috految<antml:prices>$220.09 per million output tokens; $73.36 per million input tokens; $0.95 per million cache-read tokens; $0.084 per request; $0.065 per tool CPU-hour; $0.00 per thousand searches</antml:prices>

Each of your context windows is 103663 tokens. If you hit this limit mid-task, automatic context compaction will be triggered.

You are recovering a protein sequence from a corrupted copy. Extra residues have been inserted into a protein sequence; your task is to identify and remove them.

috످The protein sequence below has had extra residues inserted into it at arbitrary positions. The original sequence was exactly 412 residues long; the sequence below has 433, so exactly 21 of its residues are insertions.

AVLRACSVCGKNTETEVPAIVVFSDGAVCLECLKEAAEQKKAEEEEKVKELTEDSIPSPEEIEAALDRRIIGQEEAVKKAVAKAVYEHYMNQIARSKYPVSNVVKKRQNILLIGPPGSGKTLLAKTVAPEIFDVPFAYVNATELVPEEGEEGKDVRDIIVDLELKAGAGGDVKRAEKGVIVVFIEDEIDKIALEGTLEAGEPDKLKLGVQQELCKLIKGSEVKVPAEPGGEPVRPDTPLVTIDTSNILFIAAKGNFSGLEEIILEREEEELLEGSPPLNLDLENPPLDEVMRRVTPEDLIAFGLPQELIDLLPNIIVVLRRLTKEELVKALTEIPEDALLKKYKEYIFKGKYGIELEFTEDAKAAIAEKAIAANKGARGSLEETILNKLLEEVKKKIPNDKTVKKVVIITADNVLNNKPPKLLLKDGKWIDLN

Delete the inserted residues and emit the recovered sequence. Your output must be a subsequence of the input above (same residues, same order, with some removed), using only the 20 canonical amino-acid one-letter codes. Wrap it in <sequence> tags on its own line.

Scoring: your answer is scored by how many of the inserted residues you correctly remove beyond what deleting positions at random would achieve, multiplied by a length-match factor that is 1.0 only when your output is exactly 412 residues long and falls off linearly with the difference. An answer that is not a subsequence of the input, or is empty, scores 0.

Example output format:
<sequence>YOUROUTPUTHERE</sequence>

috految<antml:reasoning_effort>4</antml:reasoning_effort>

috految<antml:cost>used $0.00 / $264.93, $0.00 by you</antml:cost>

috److This sequence resembles a redesigned ClpX protein, so I used the recalled ClpX family pattern to judge which residues are likely insertions.

| Input segment | Recovered segment | Residues removed |
|---|---|---|
| AVLRACSVCGKNTETEVPAIVVFSDGAVCLECLKEAAEQKKAEEEEKVKELTEDSIPSPEEIEAALDRRIIGQEEAVKKAVAKAVYEHYMNQIARSKYPVSNVVKKRQNILLIG | AVLRCSVCGKTETEVPAIVVFSDGAVCLECLKEAAEQKKAEEEEKVKELTEDSIPSPEEIEAALDRRIIGQEEAKKAVAKAVYEHYMQIRSKYPVSNVVKKRQNILLIG | 5 |
| PPGSGKTLLAKTVAPEIFDVPFAYVNATELVPEEGEEGKDVRDIIVDLELKAGAGGDVKRAEKGVIVVFIEDEIDKI | PPGSGKTLLAKTVAEIFDVPFAYVNATELVPEGEEGKDVRDIIVDLLKAAGGDVKRAEKGIVFIDEIDKI | 7 |
| ALEGTLEAGEPDKLKLGVQQELCKLIKGSEVKVPAEPGGEPVRPDTPLVTIDTSNILFIAAKGNF | ALEGTLEAGEPDKLKLGVQQELCKLIKGSEVKVPAEPGEPVRPDTPLVTIDTSNILFIAAGNF | 2 |
| LLPNIIVVLRRLTKEELVKALTEIPEDALLKKYKEYIFKGKYG | LLPNIVVLRRLTKEELVKALTEPEDALLKKYKEIFKKYG | 4 |
| ARGSLEETILNKLLEEVKKKIPNDKTVKKVVIITAD | ARGLEEILNKLLEEVKKKIPNDKTVKKVVITAD | 3 |

These deletions total 21 residues. The remaining regions were left unchanged.

<sequence>AVLRCSVCGKTETEVPAIVVFSDGAVCLECLKEAAEQKKAEEEEKVKELTEDSIPSPEEIEAALDRRIIGQEEAKKAVAKAVYEHYMQIRSKYPVSNVVKKRQNILLIGPPGSGKTLLAKTVAEIFDVPFAYVNATELVPEGEEGKDVRDIIVDLLKAAGGDVKRAEKGIVFIDEIDKIALEGTLEAGEPDKLKLGVQQELCKLIKGSEVKVPAEPGEPVRPDTPLVTIDTSNILFIAAGNFSGLEEIILEREEEELLEGSPPLNLDLENPPLDEVMRRVTPEDLIAFGLPQELIDLLPNIVVLRRLTKEELVKALTEPEDALLKKYKEIFKKYGIELEFTEDAKAAIAEKAIAANKGARGLEEILNKLLEEVKKKIPNDKTVKKVVITADNVLNNKPPKLLLKDGKWIDLN</sequence>

috످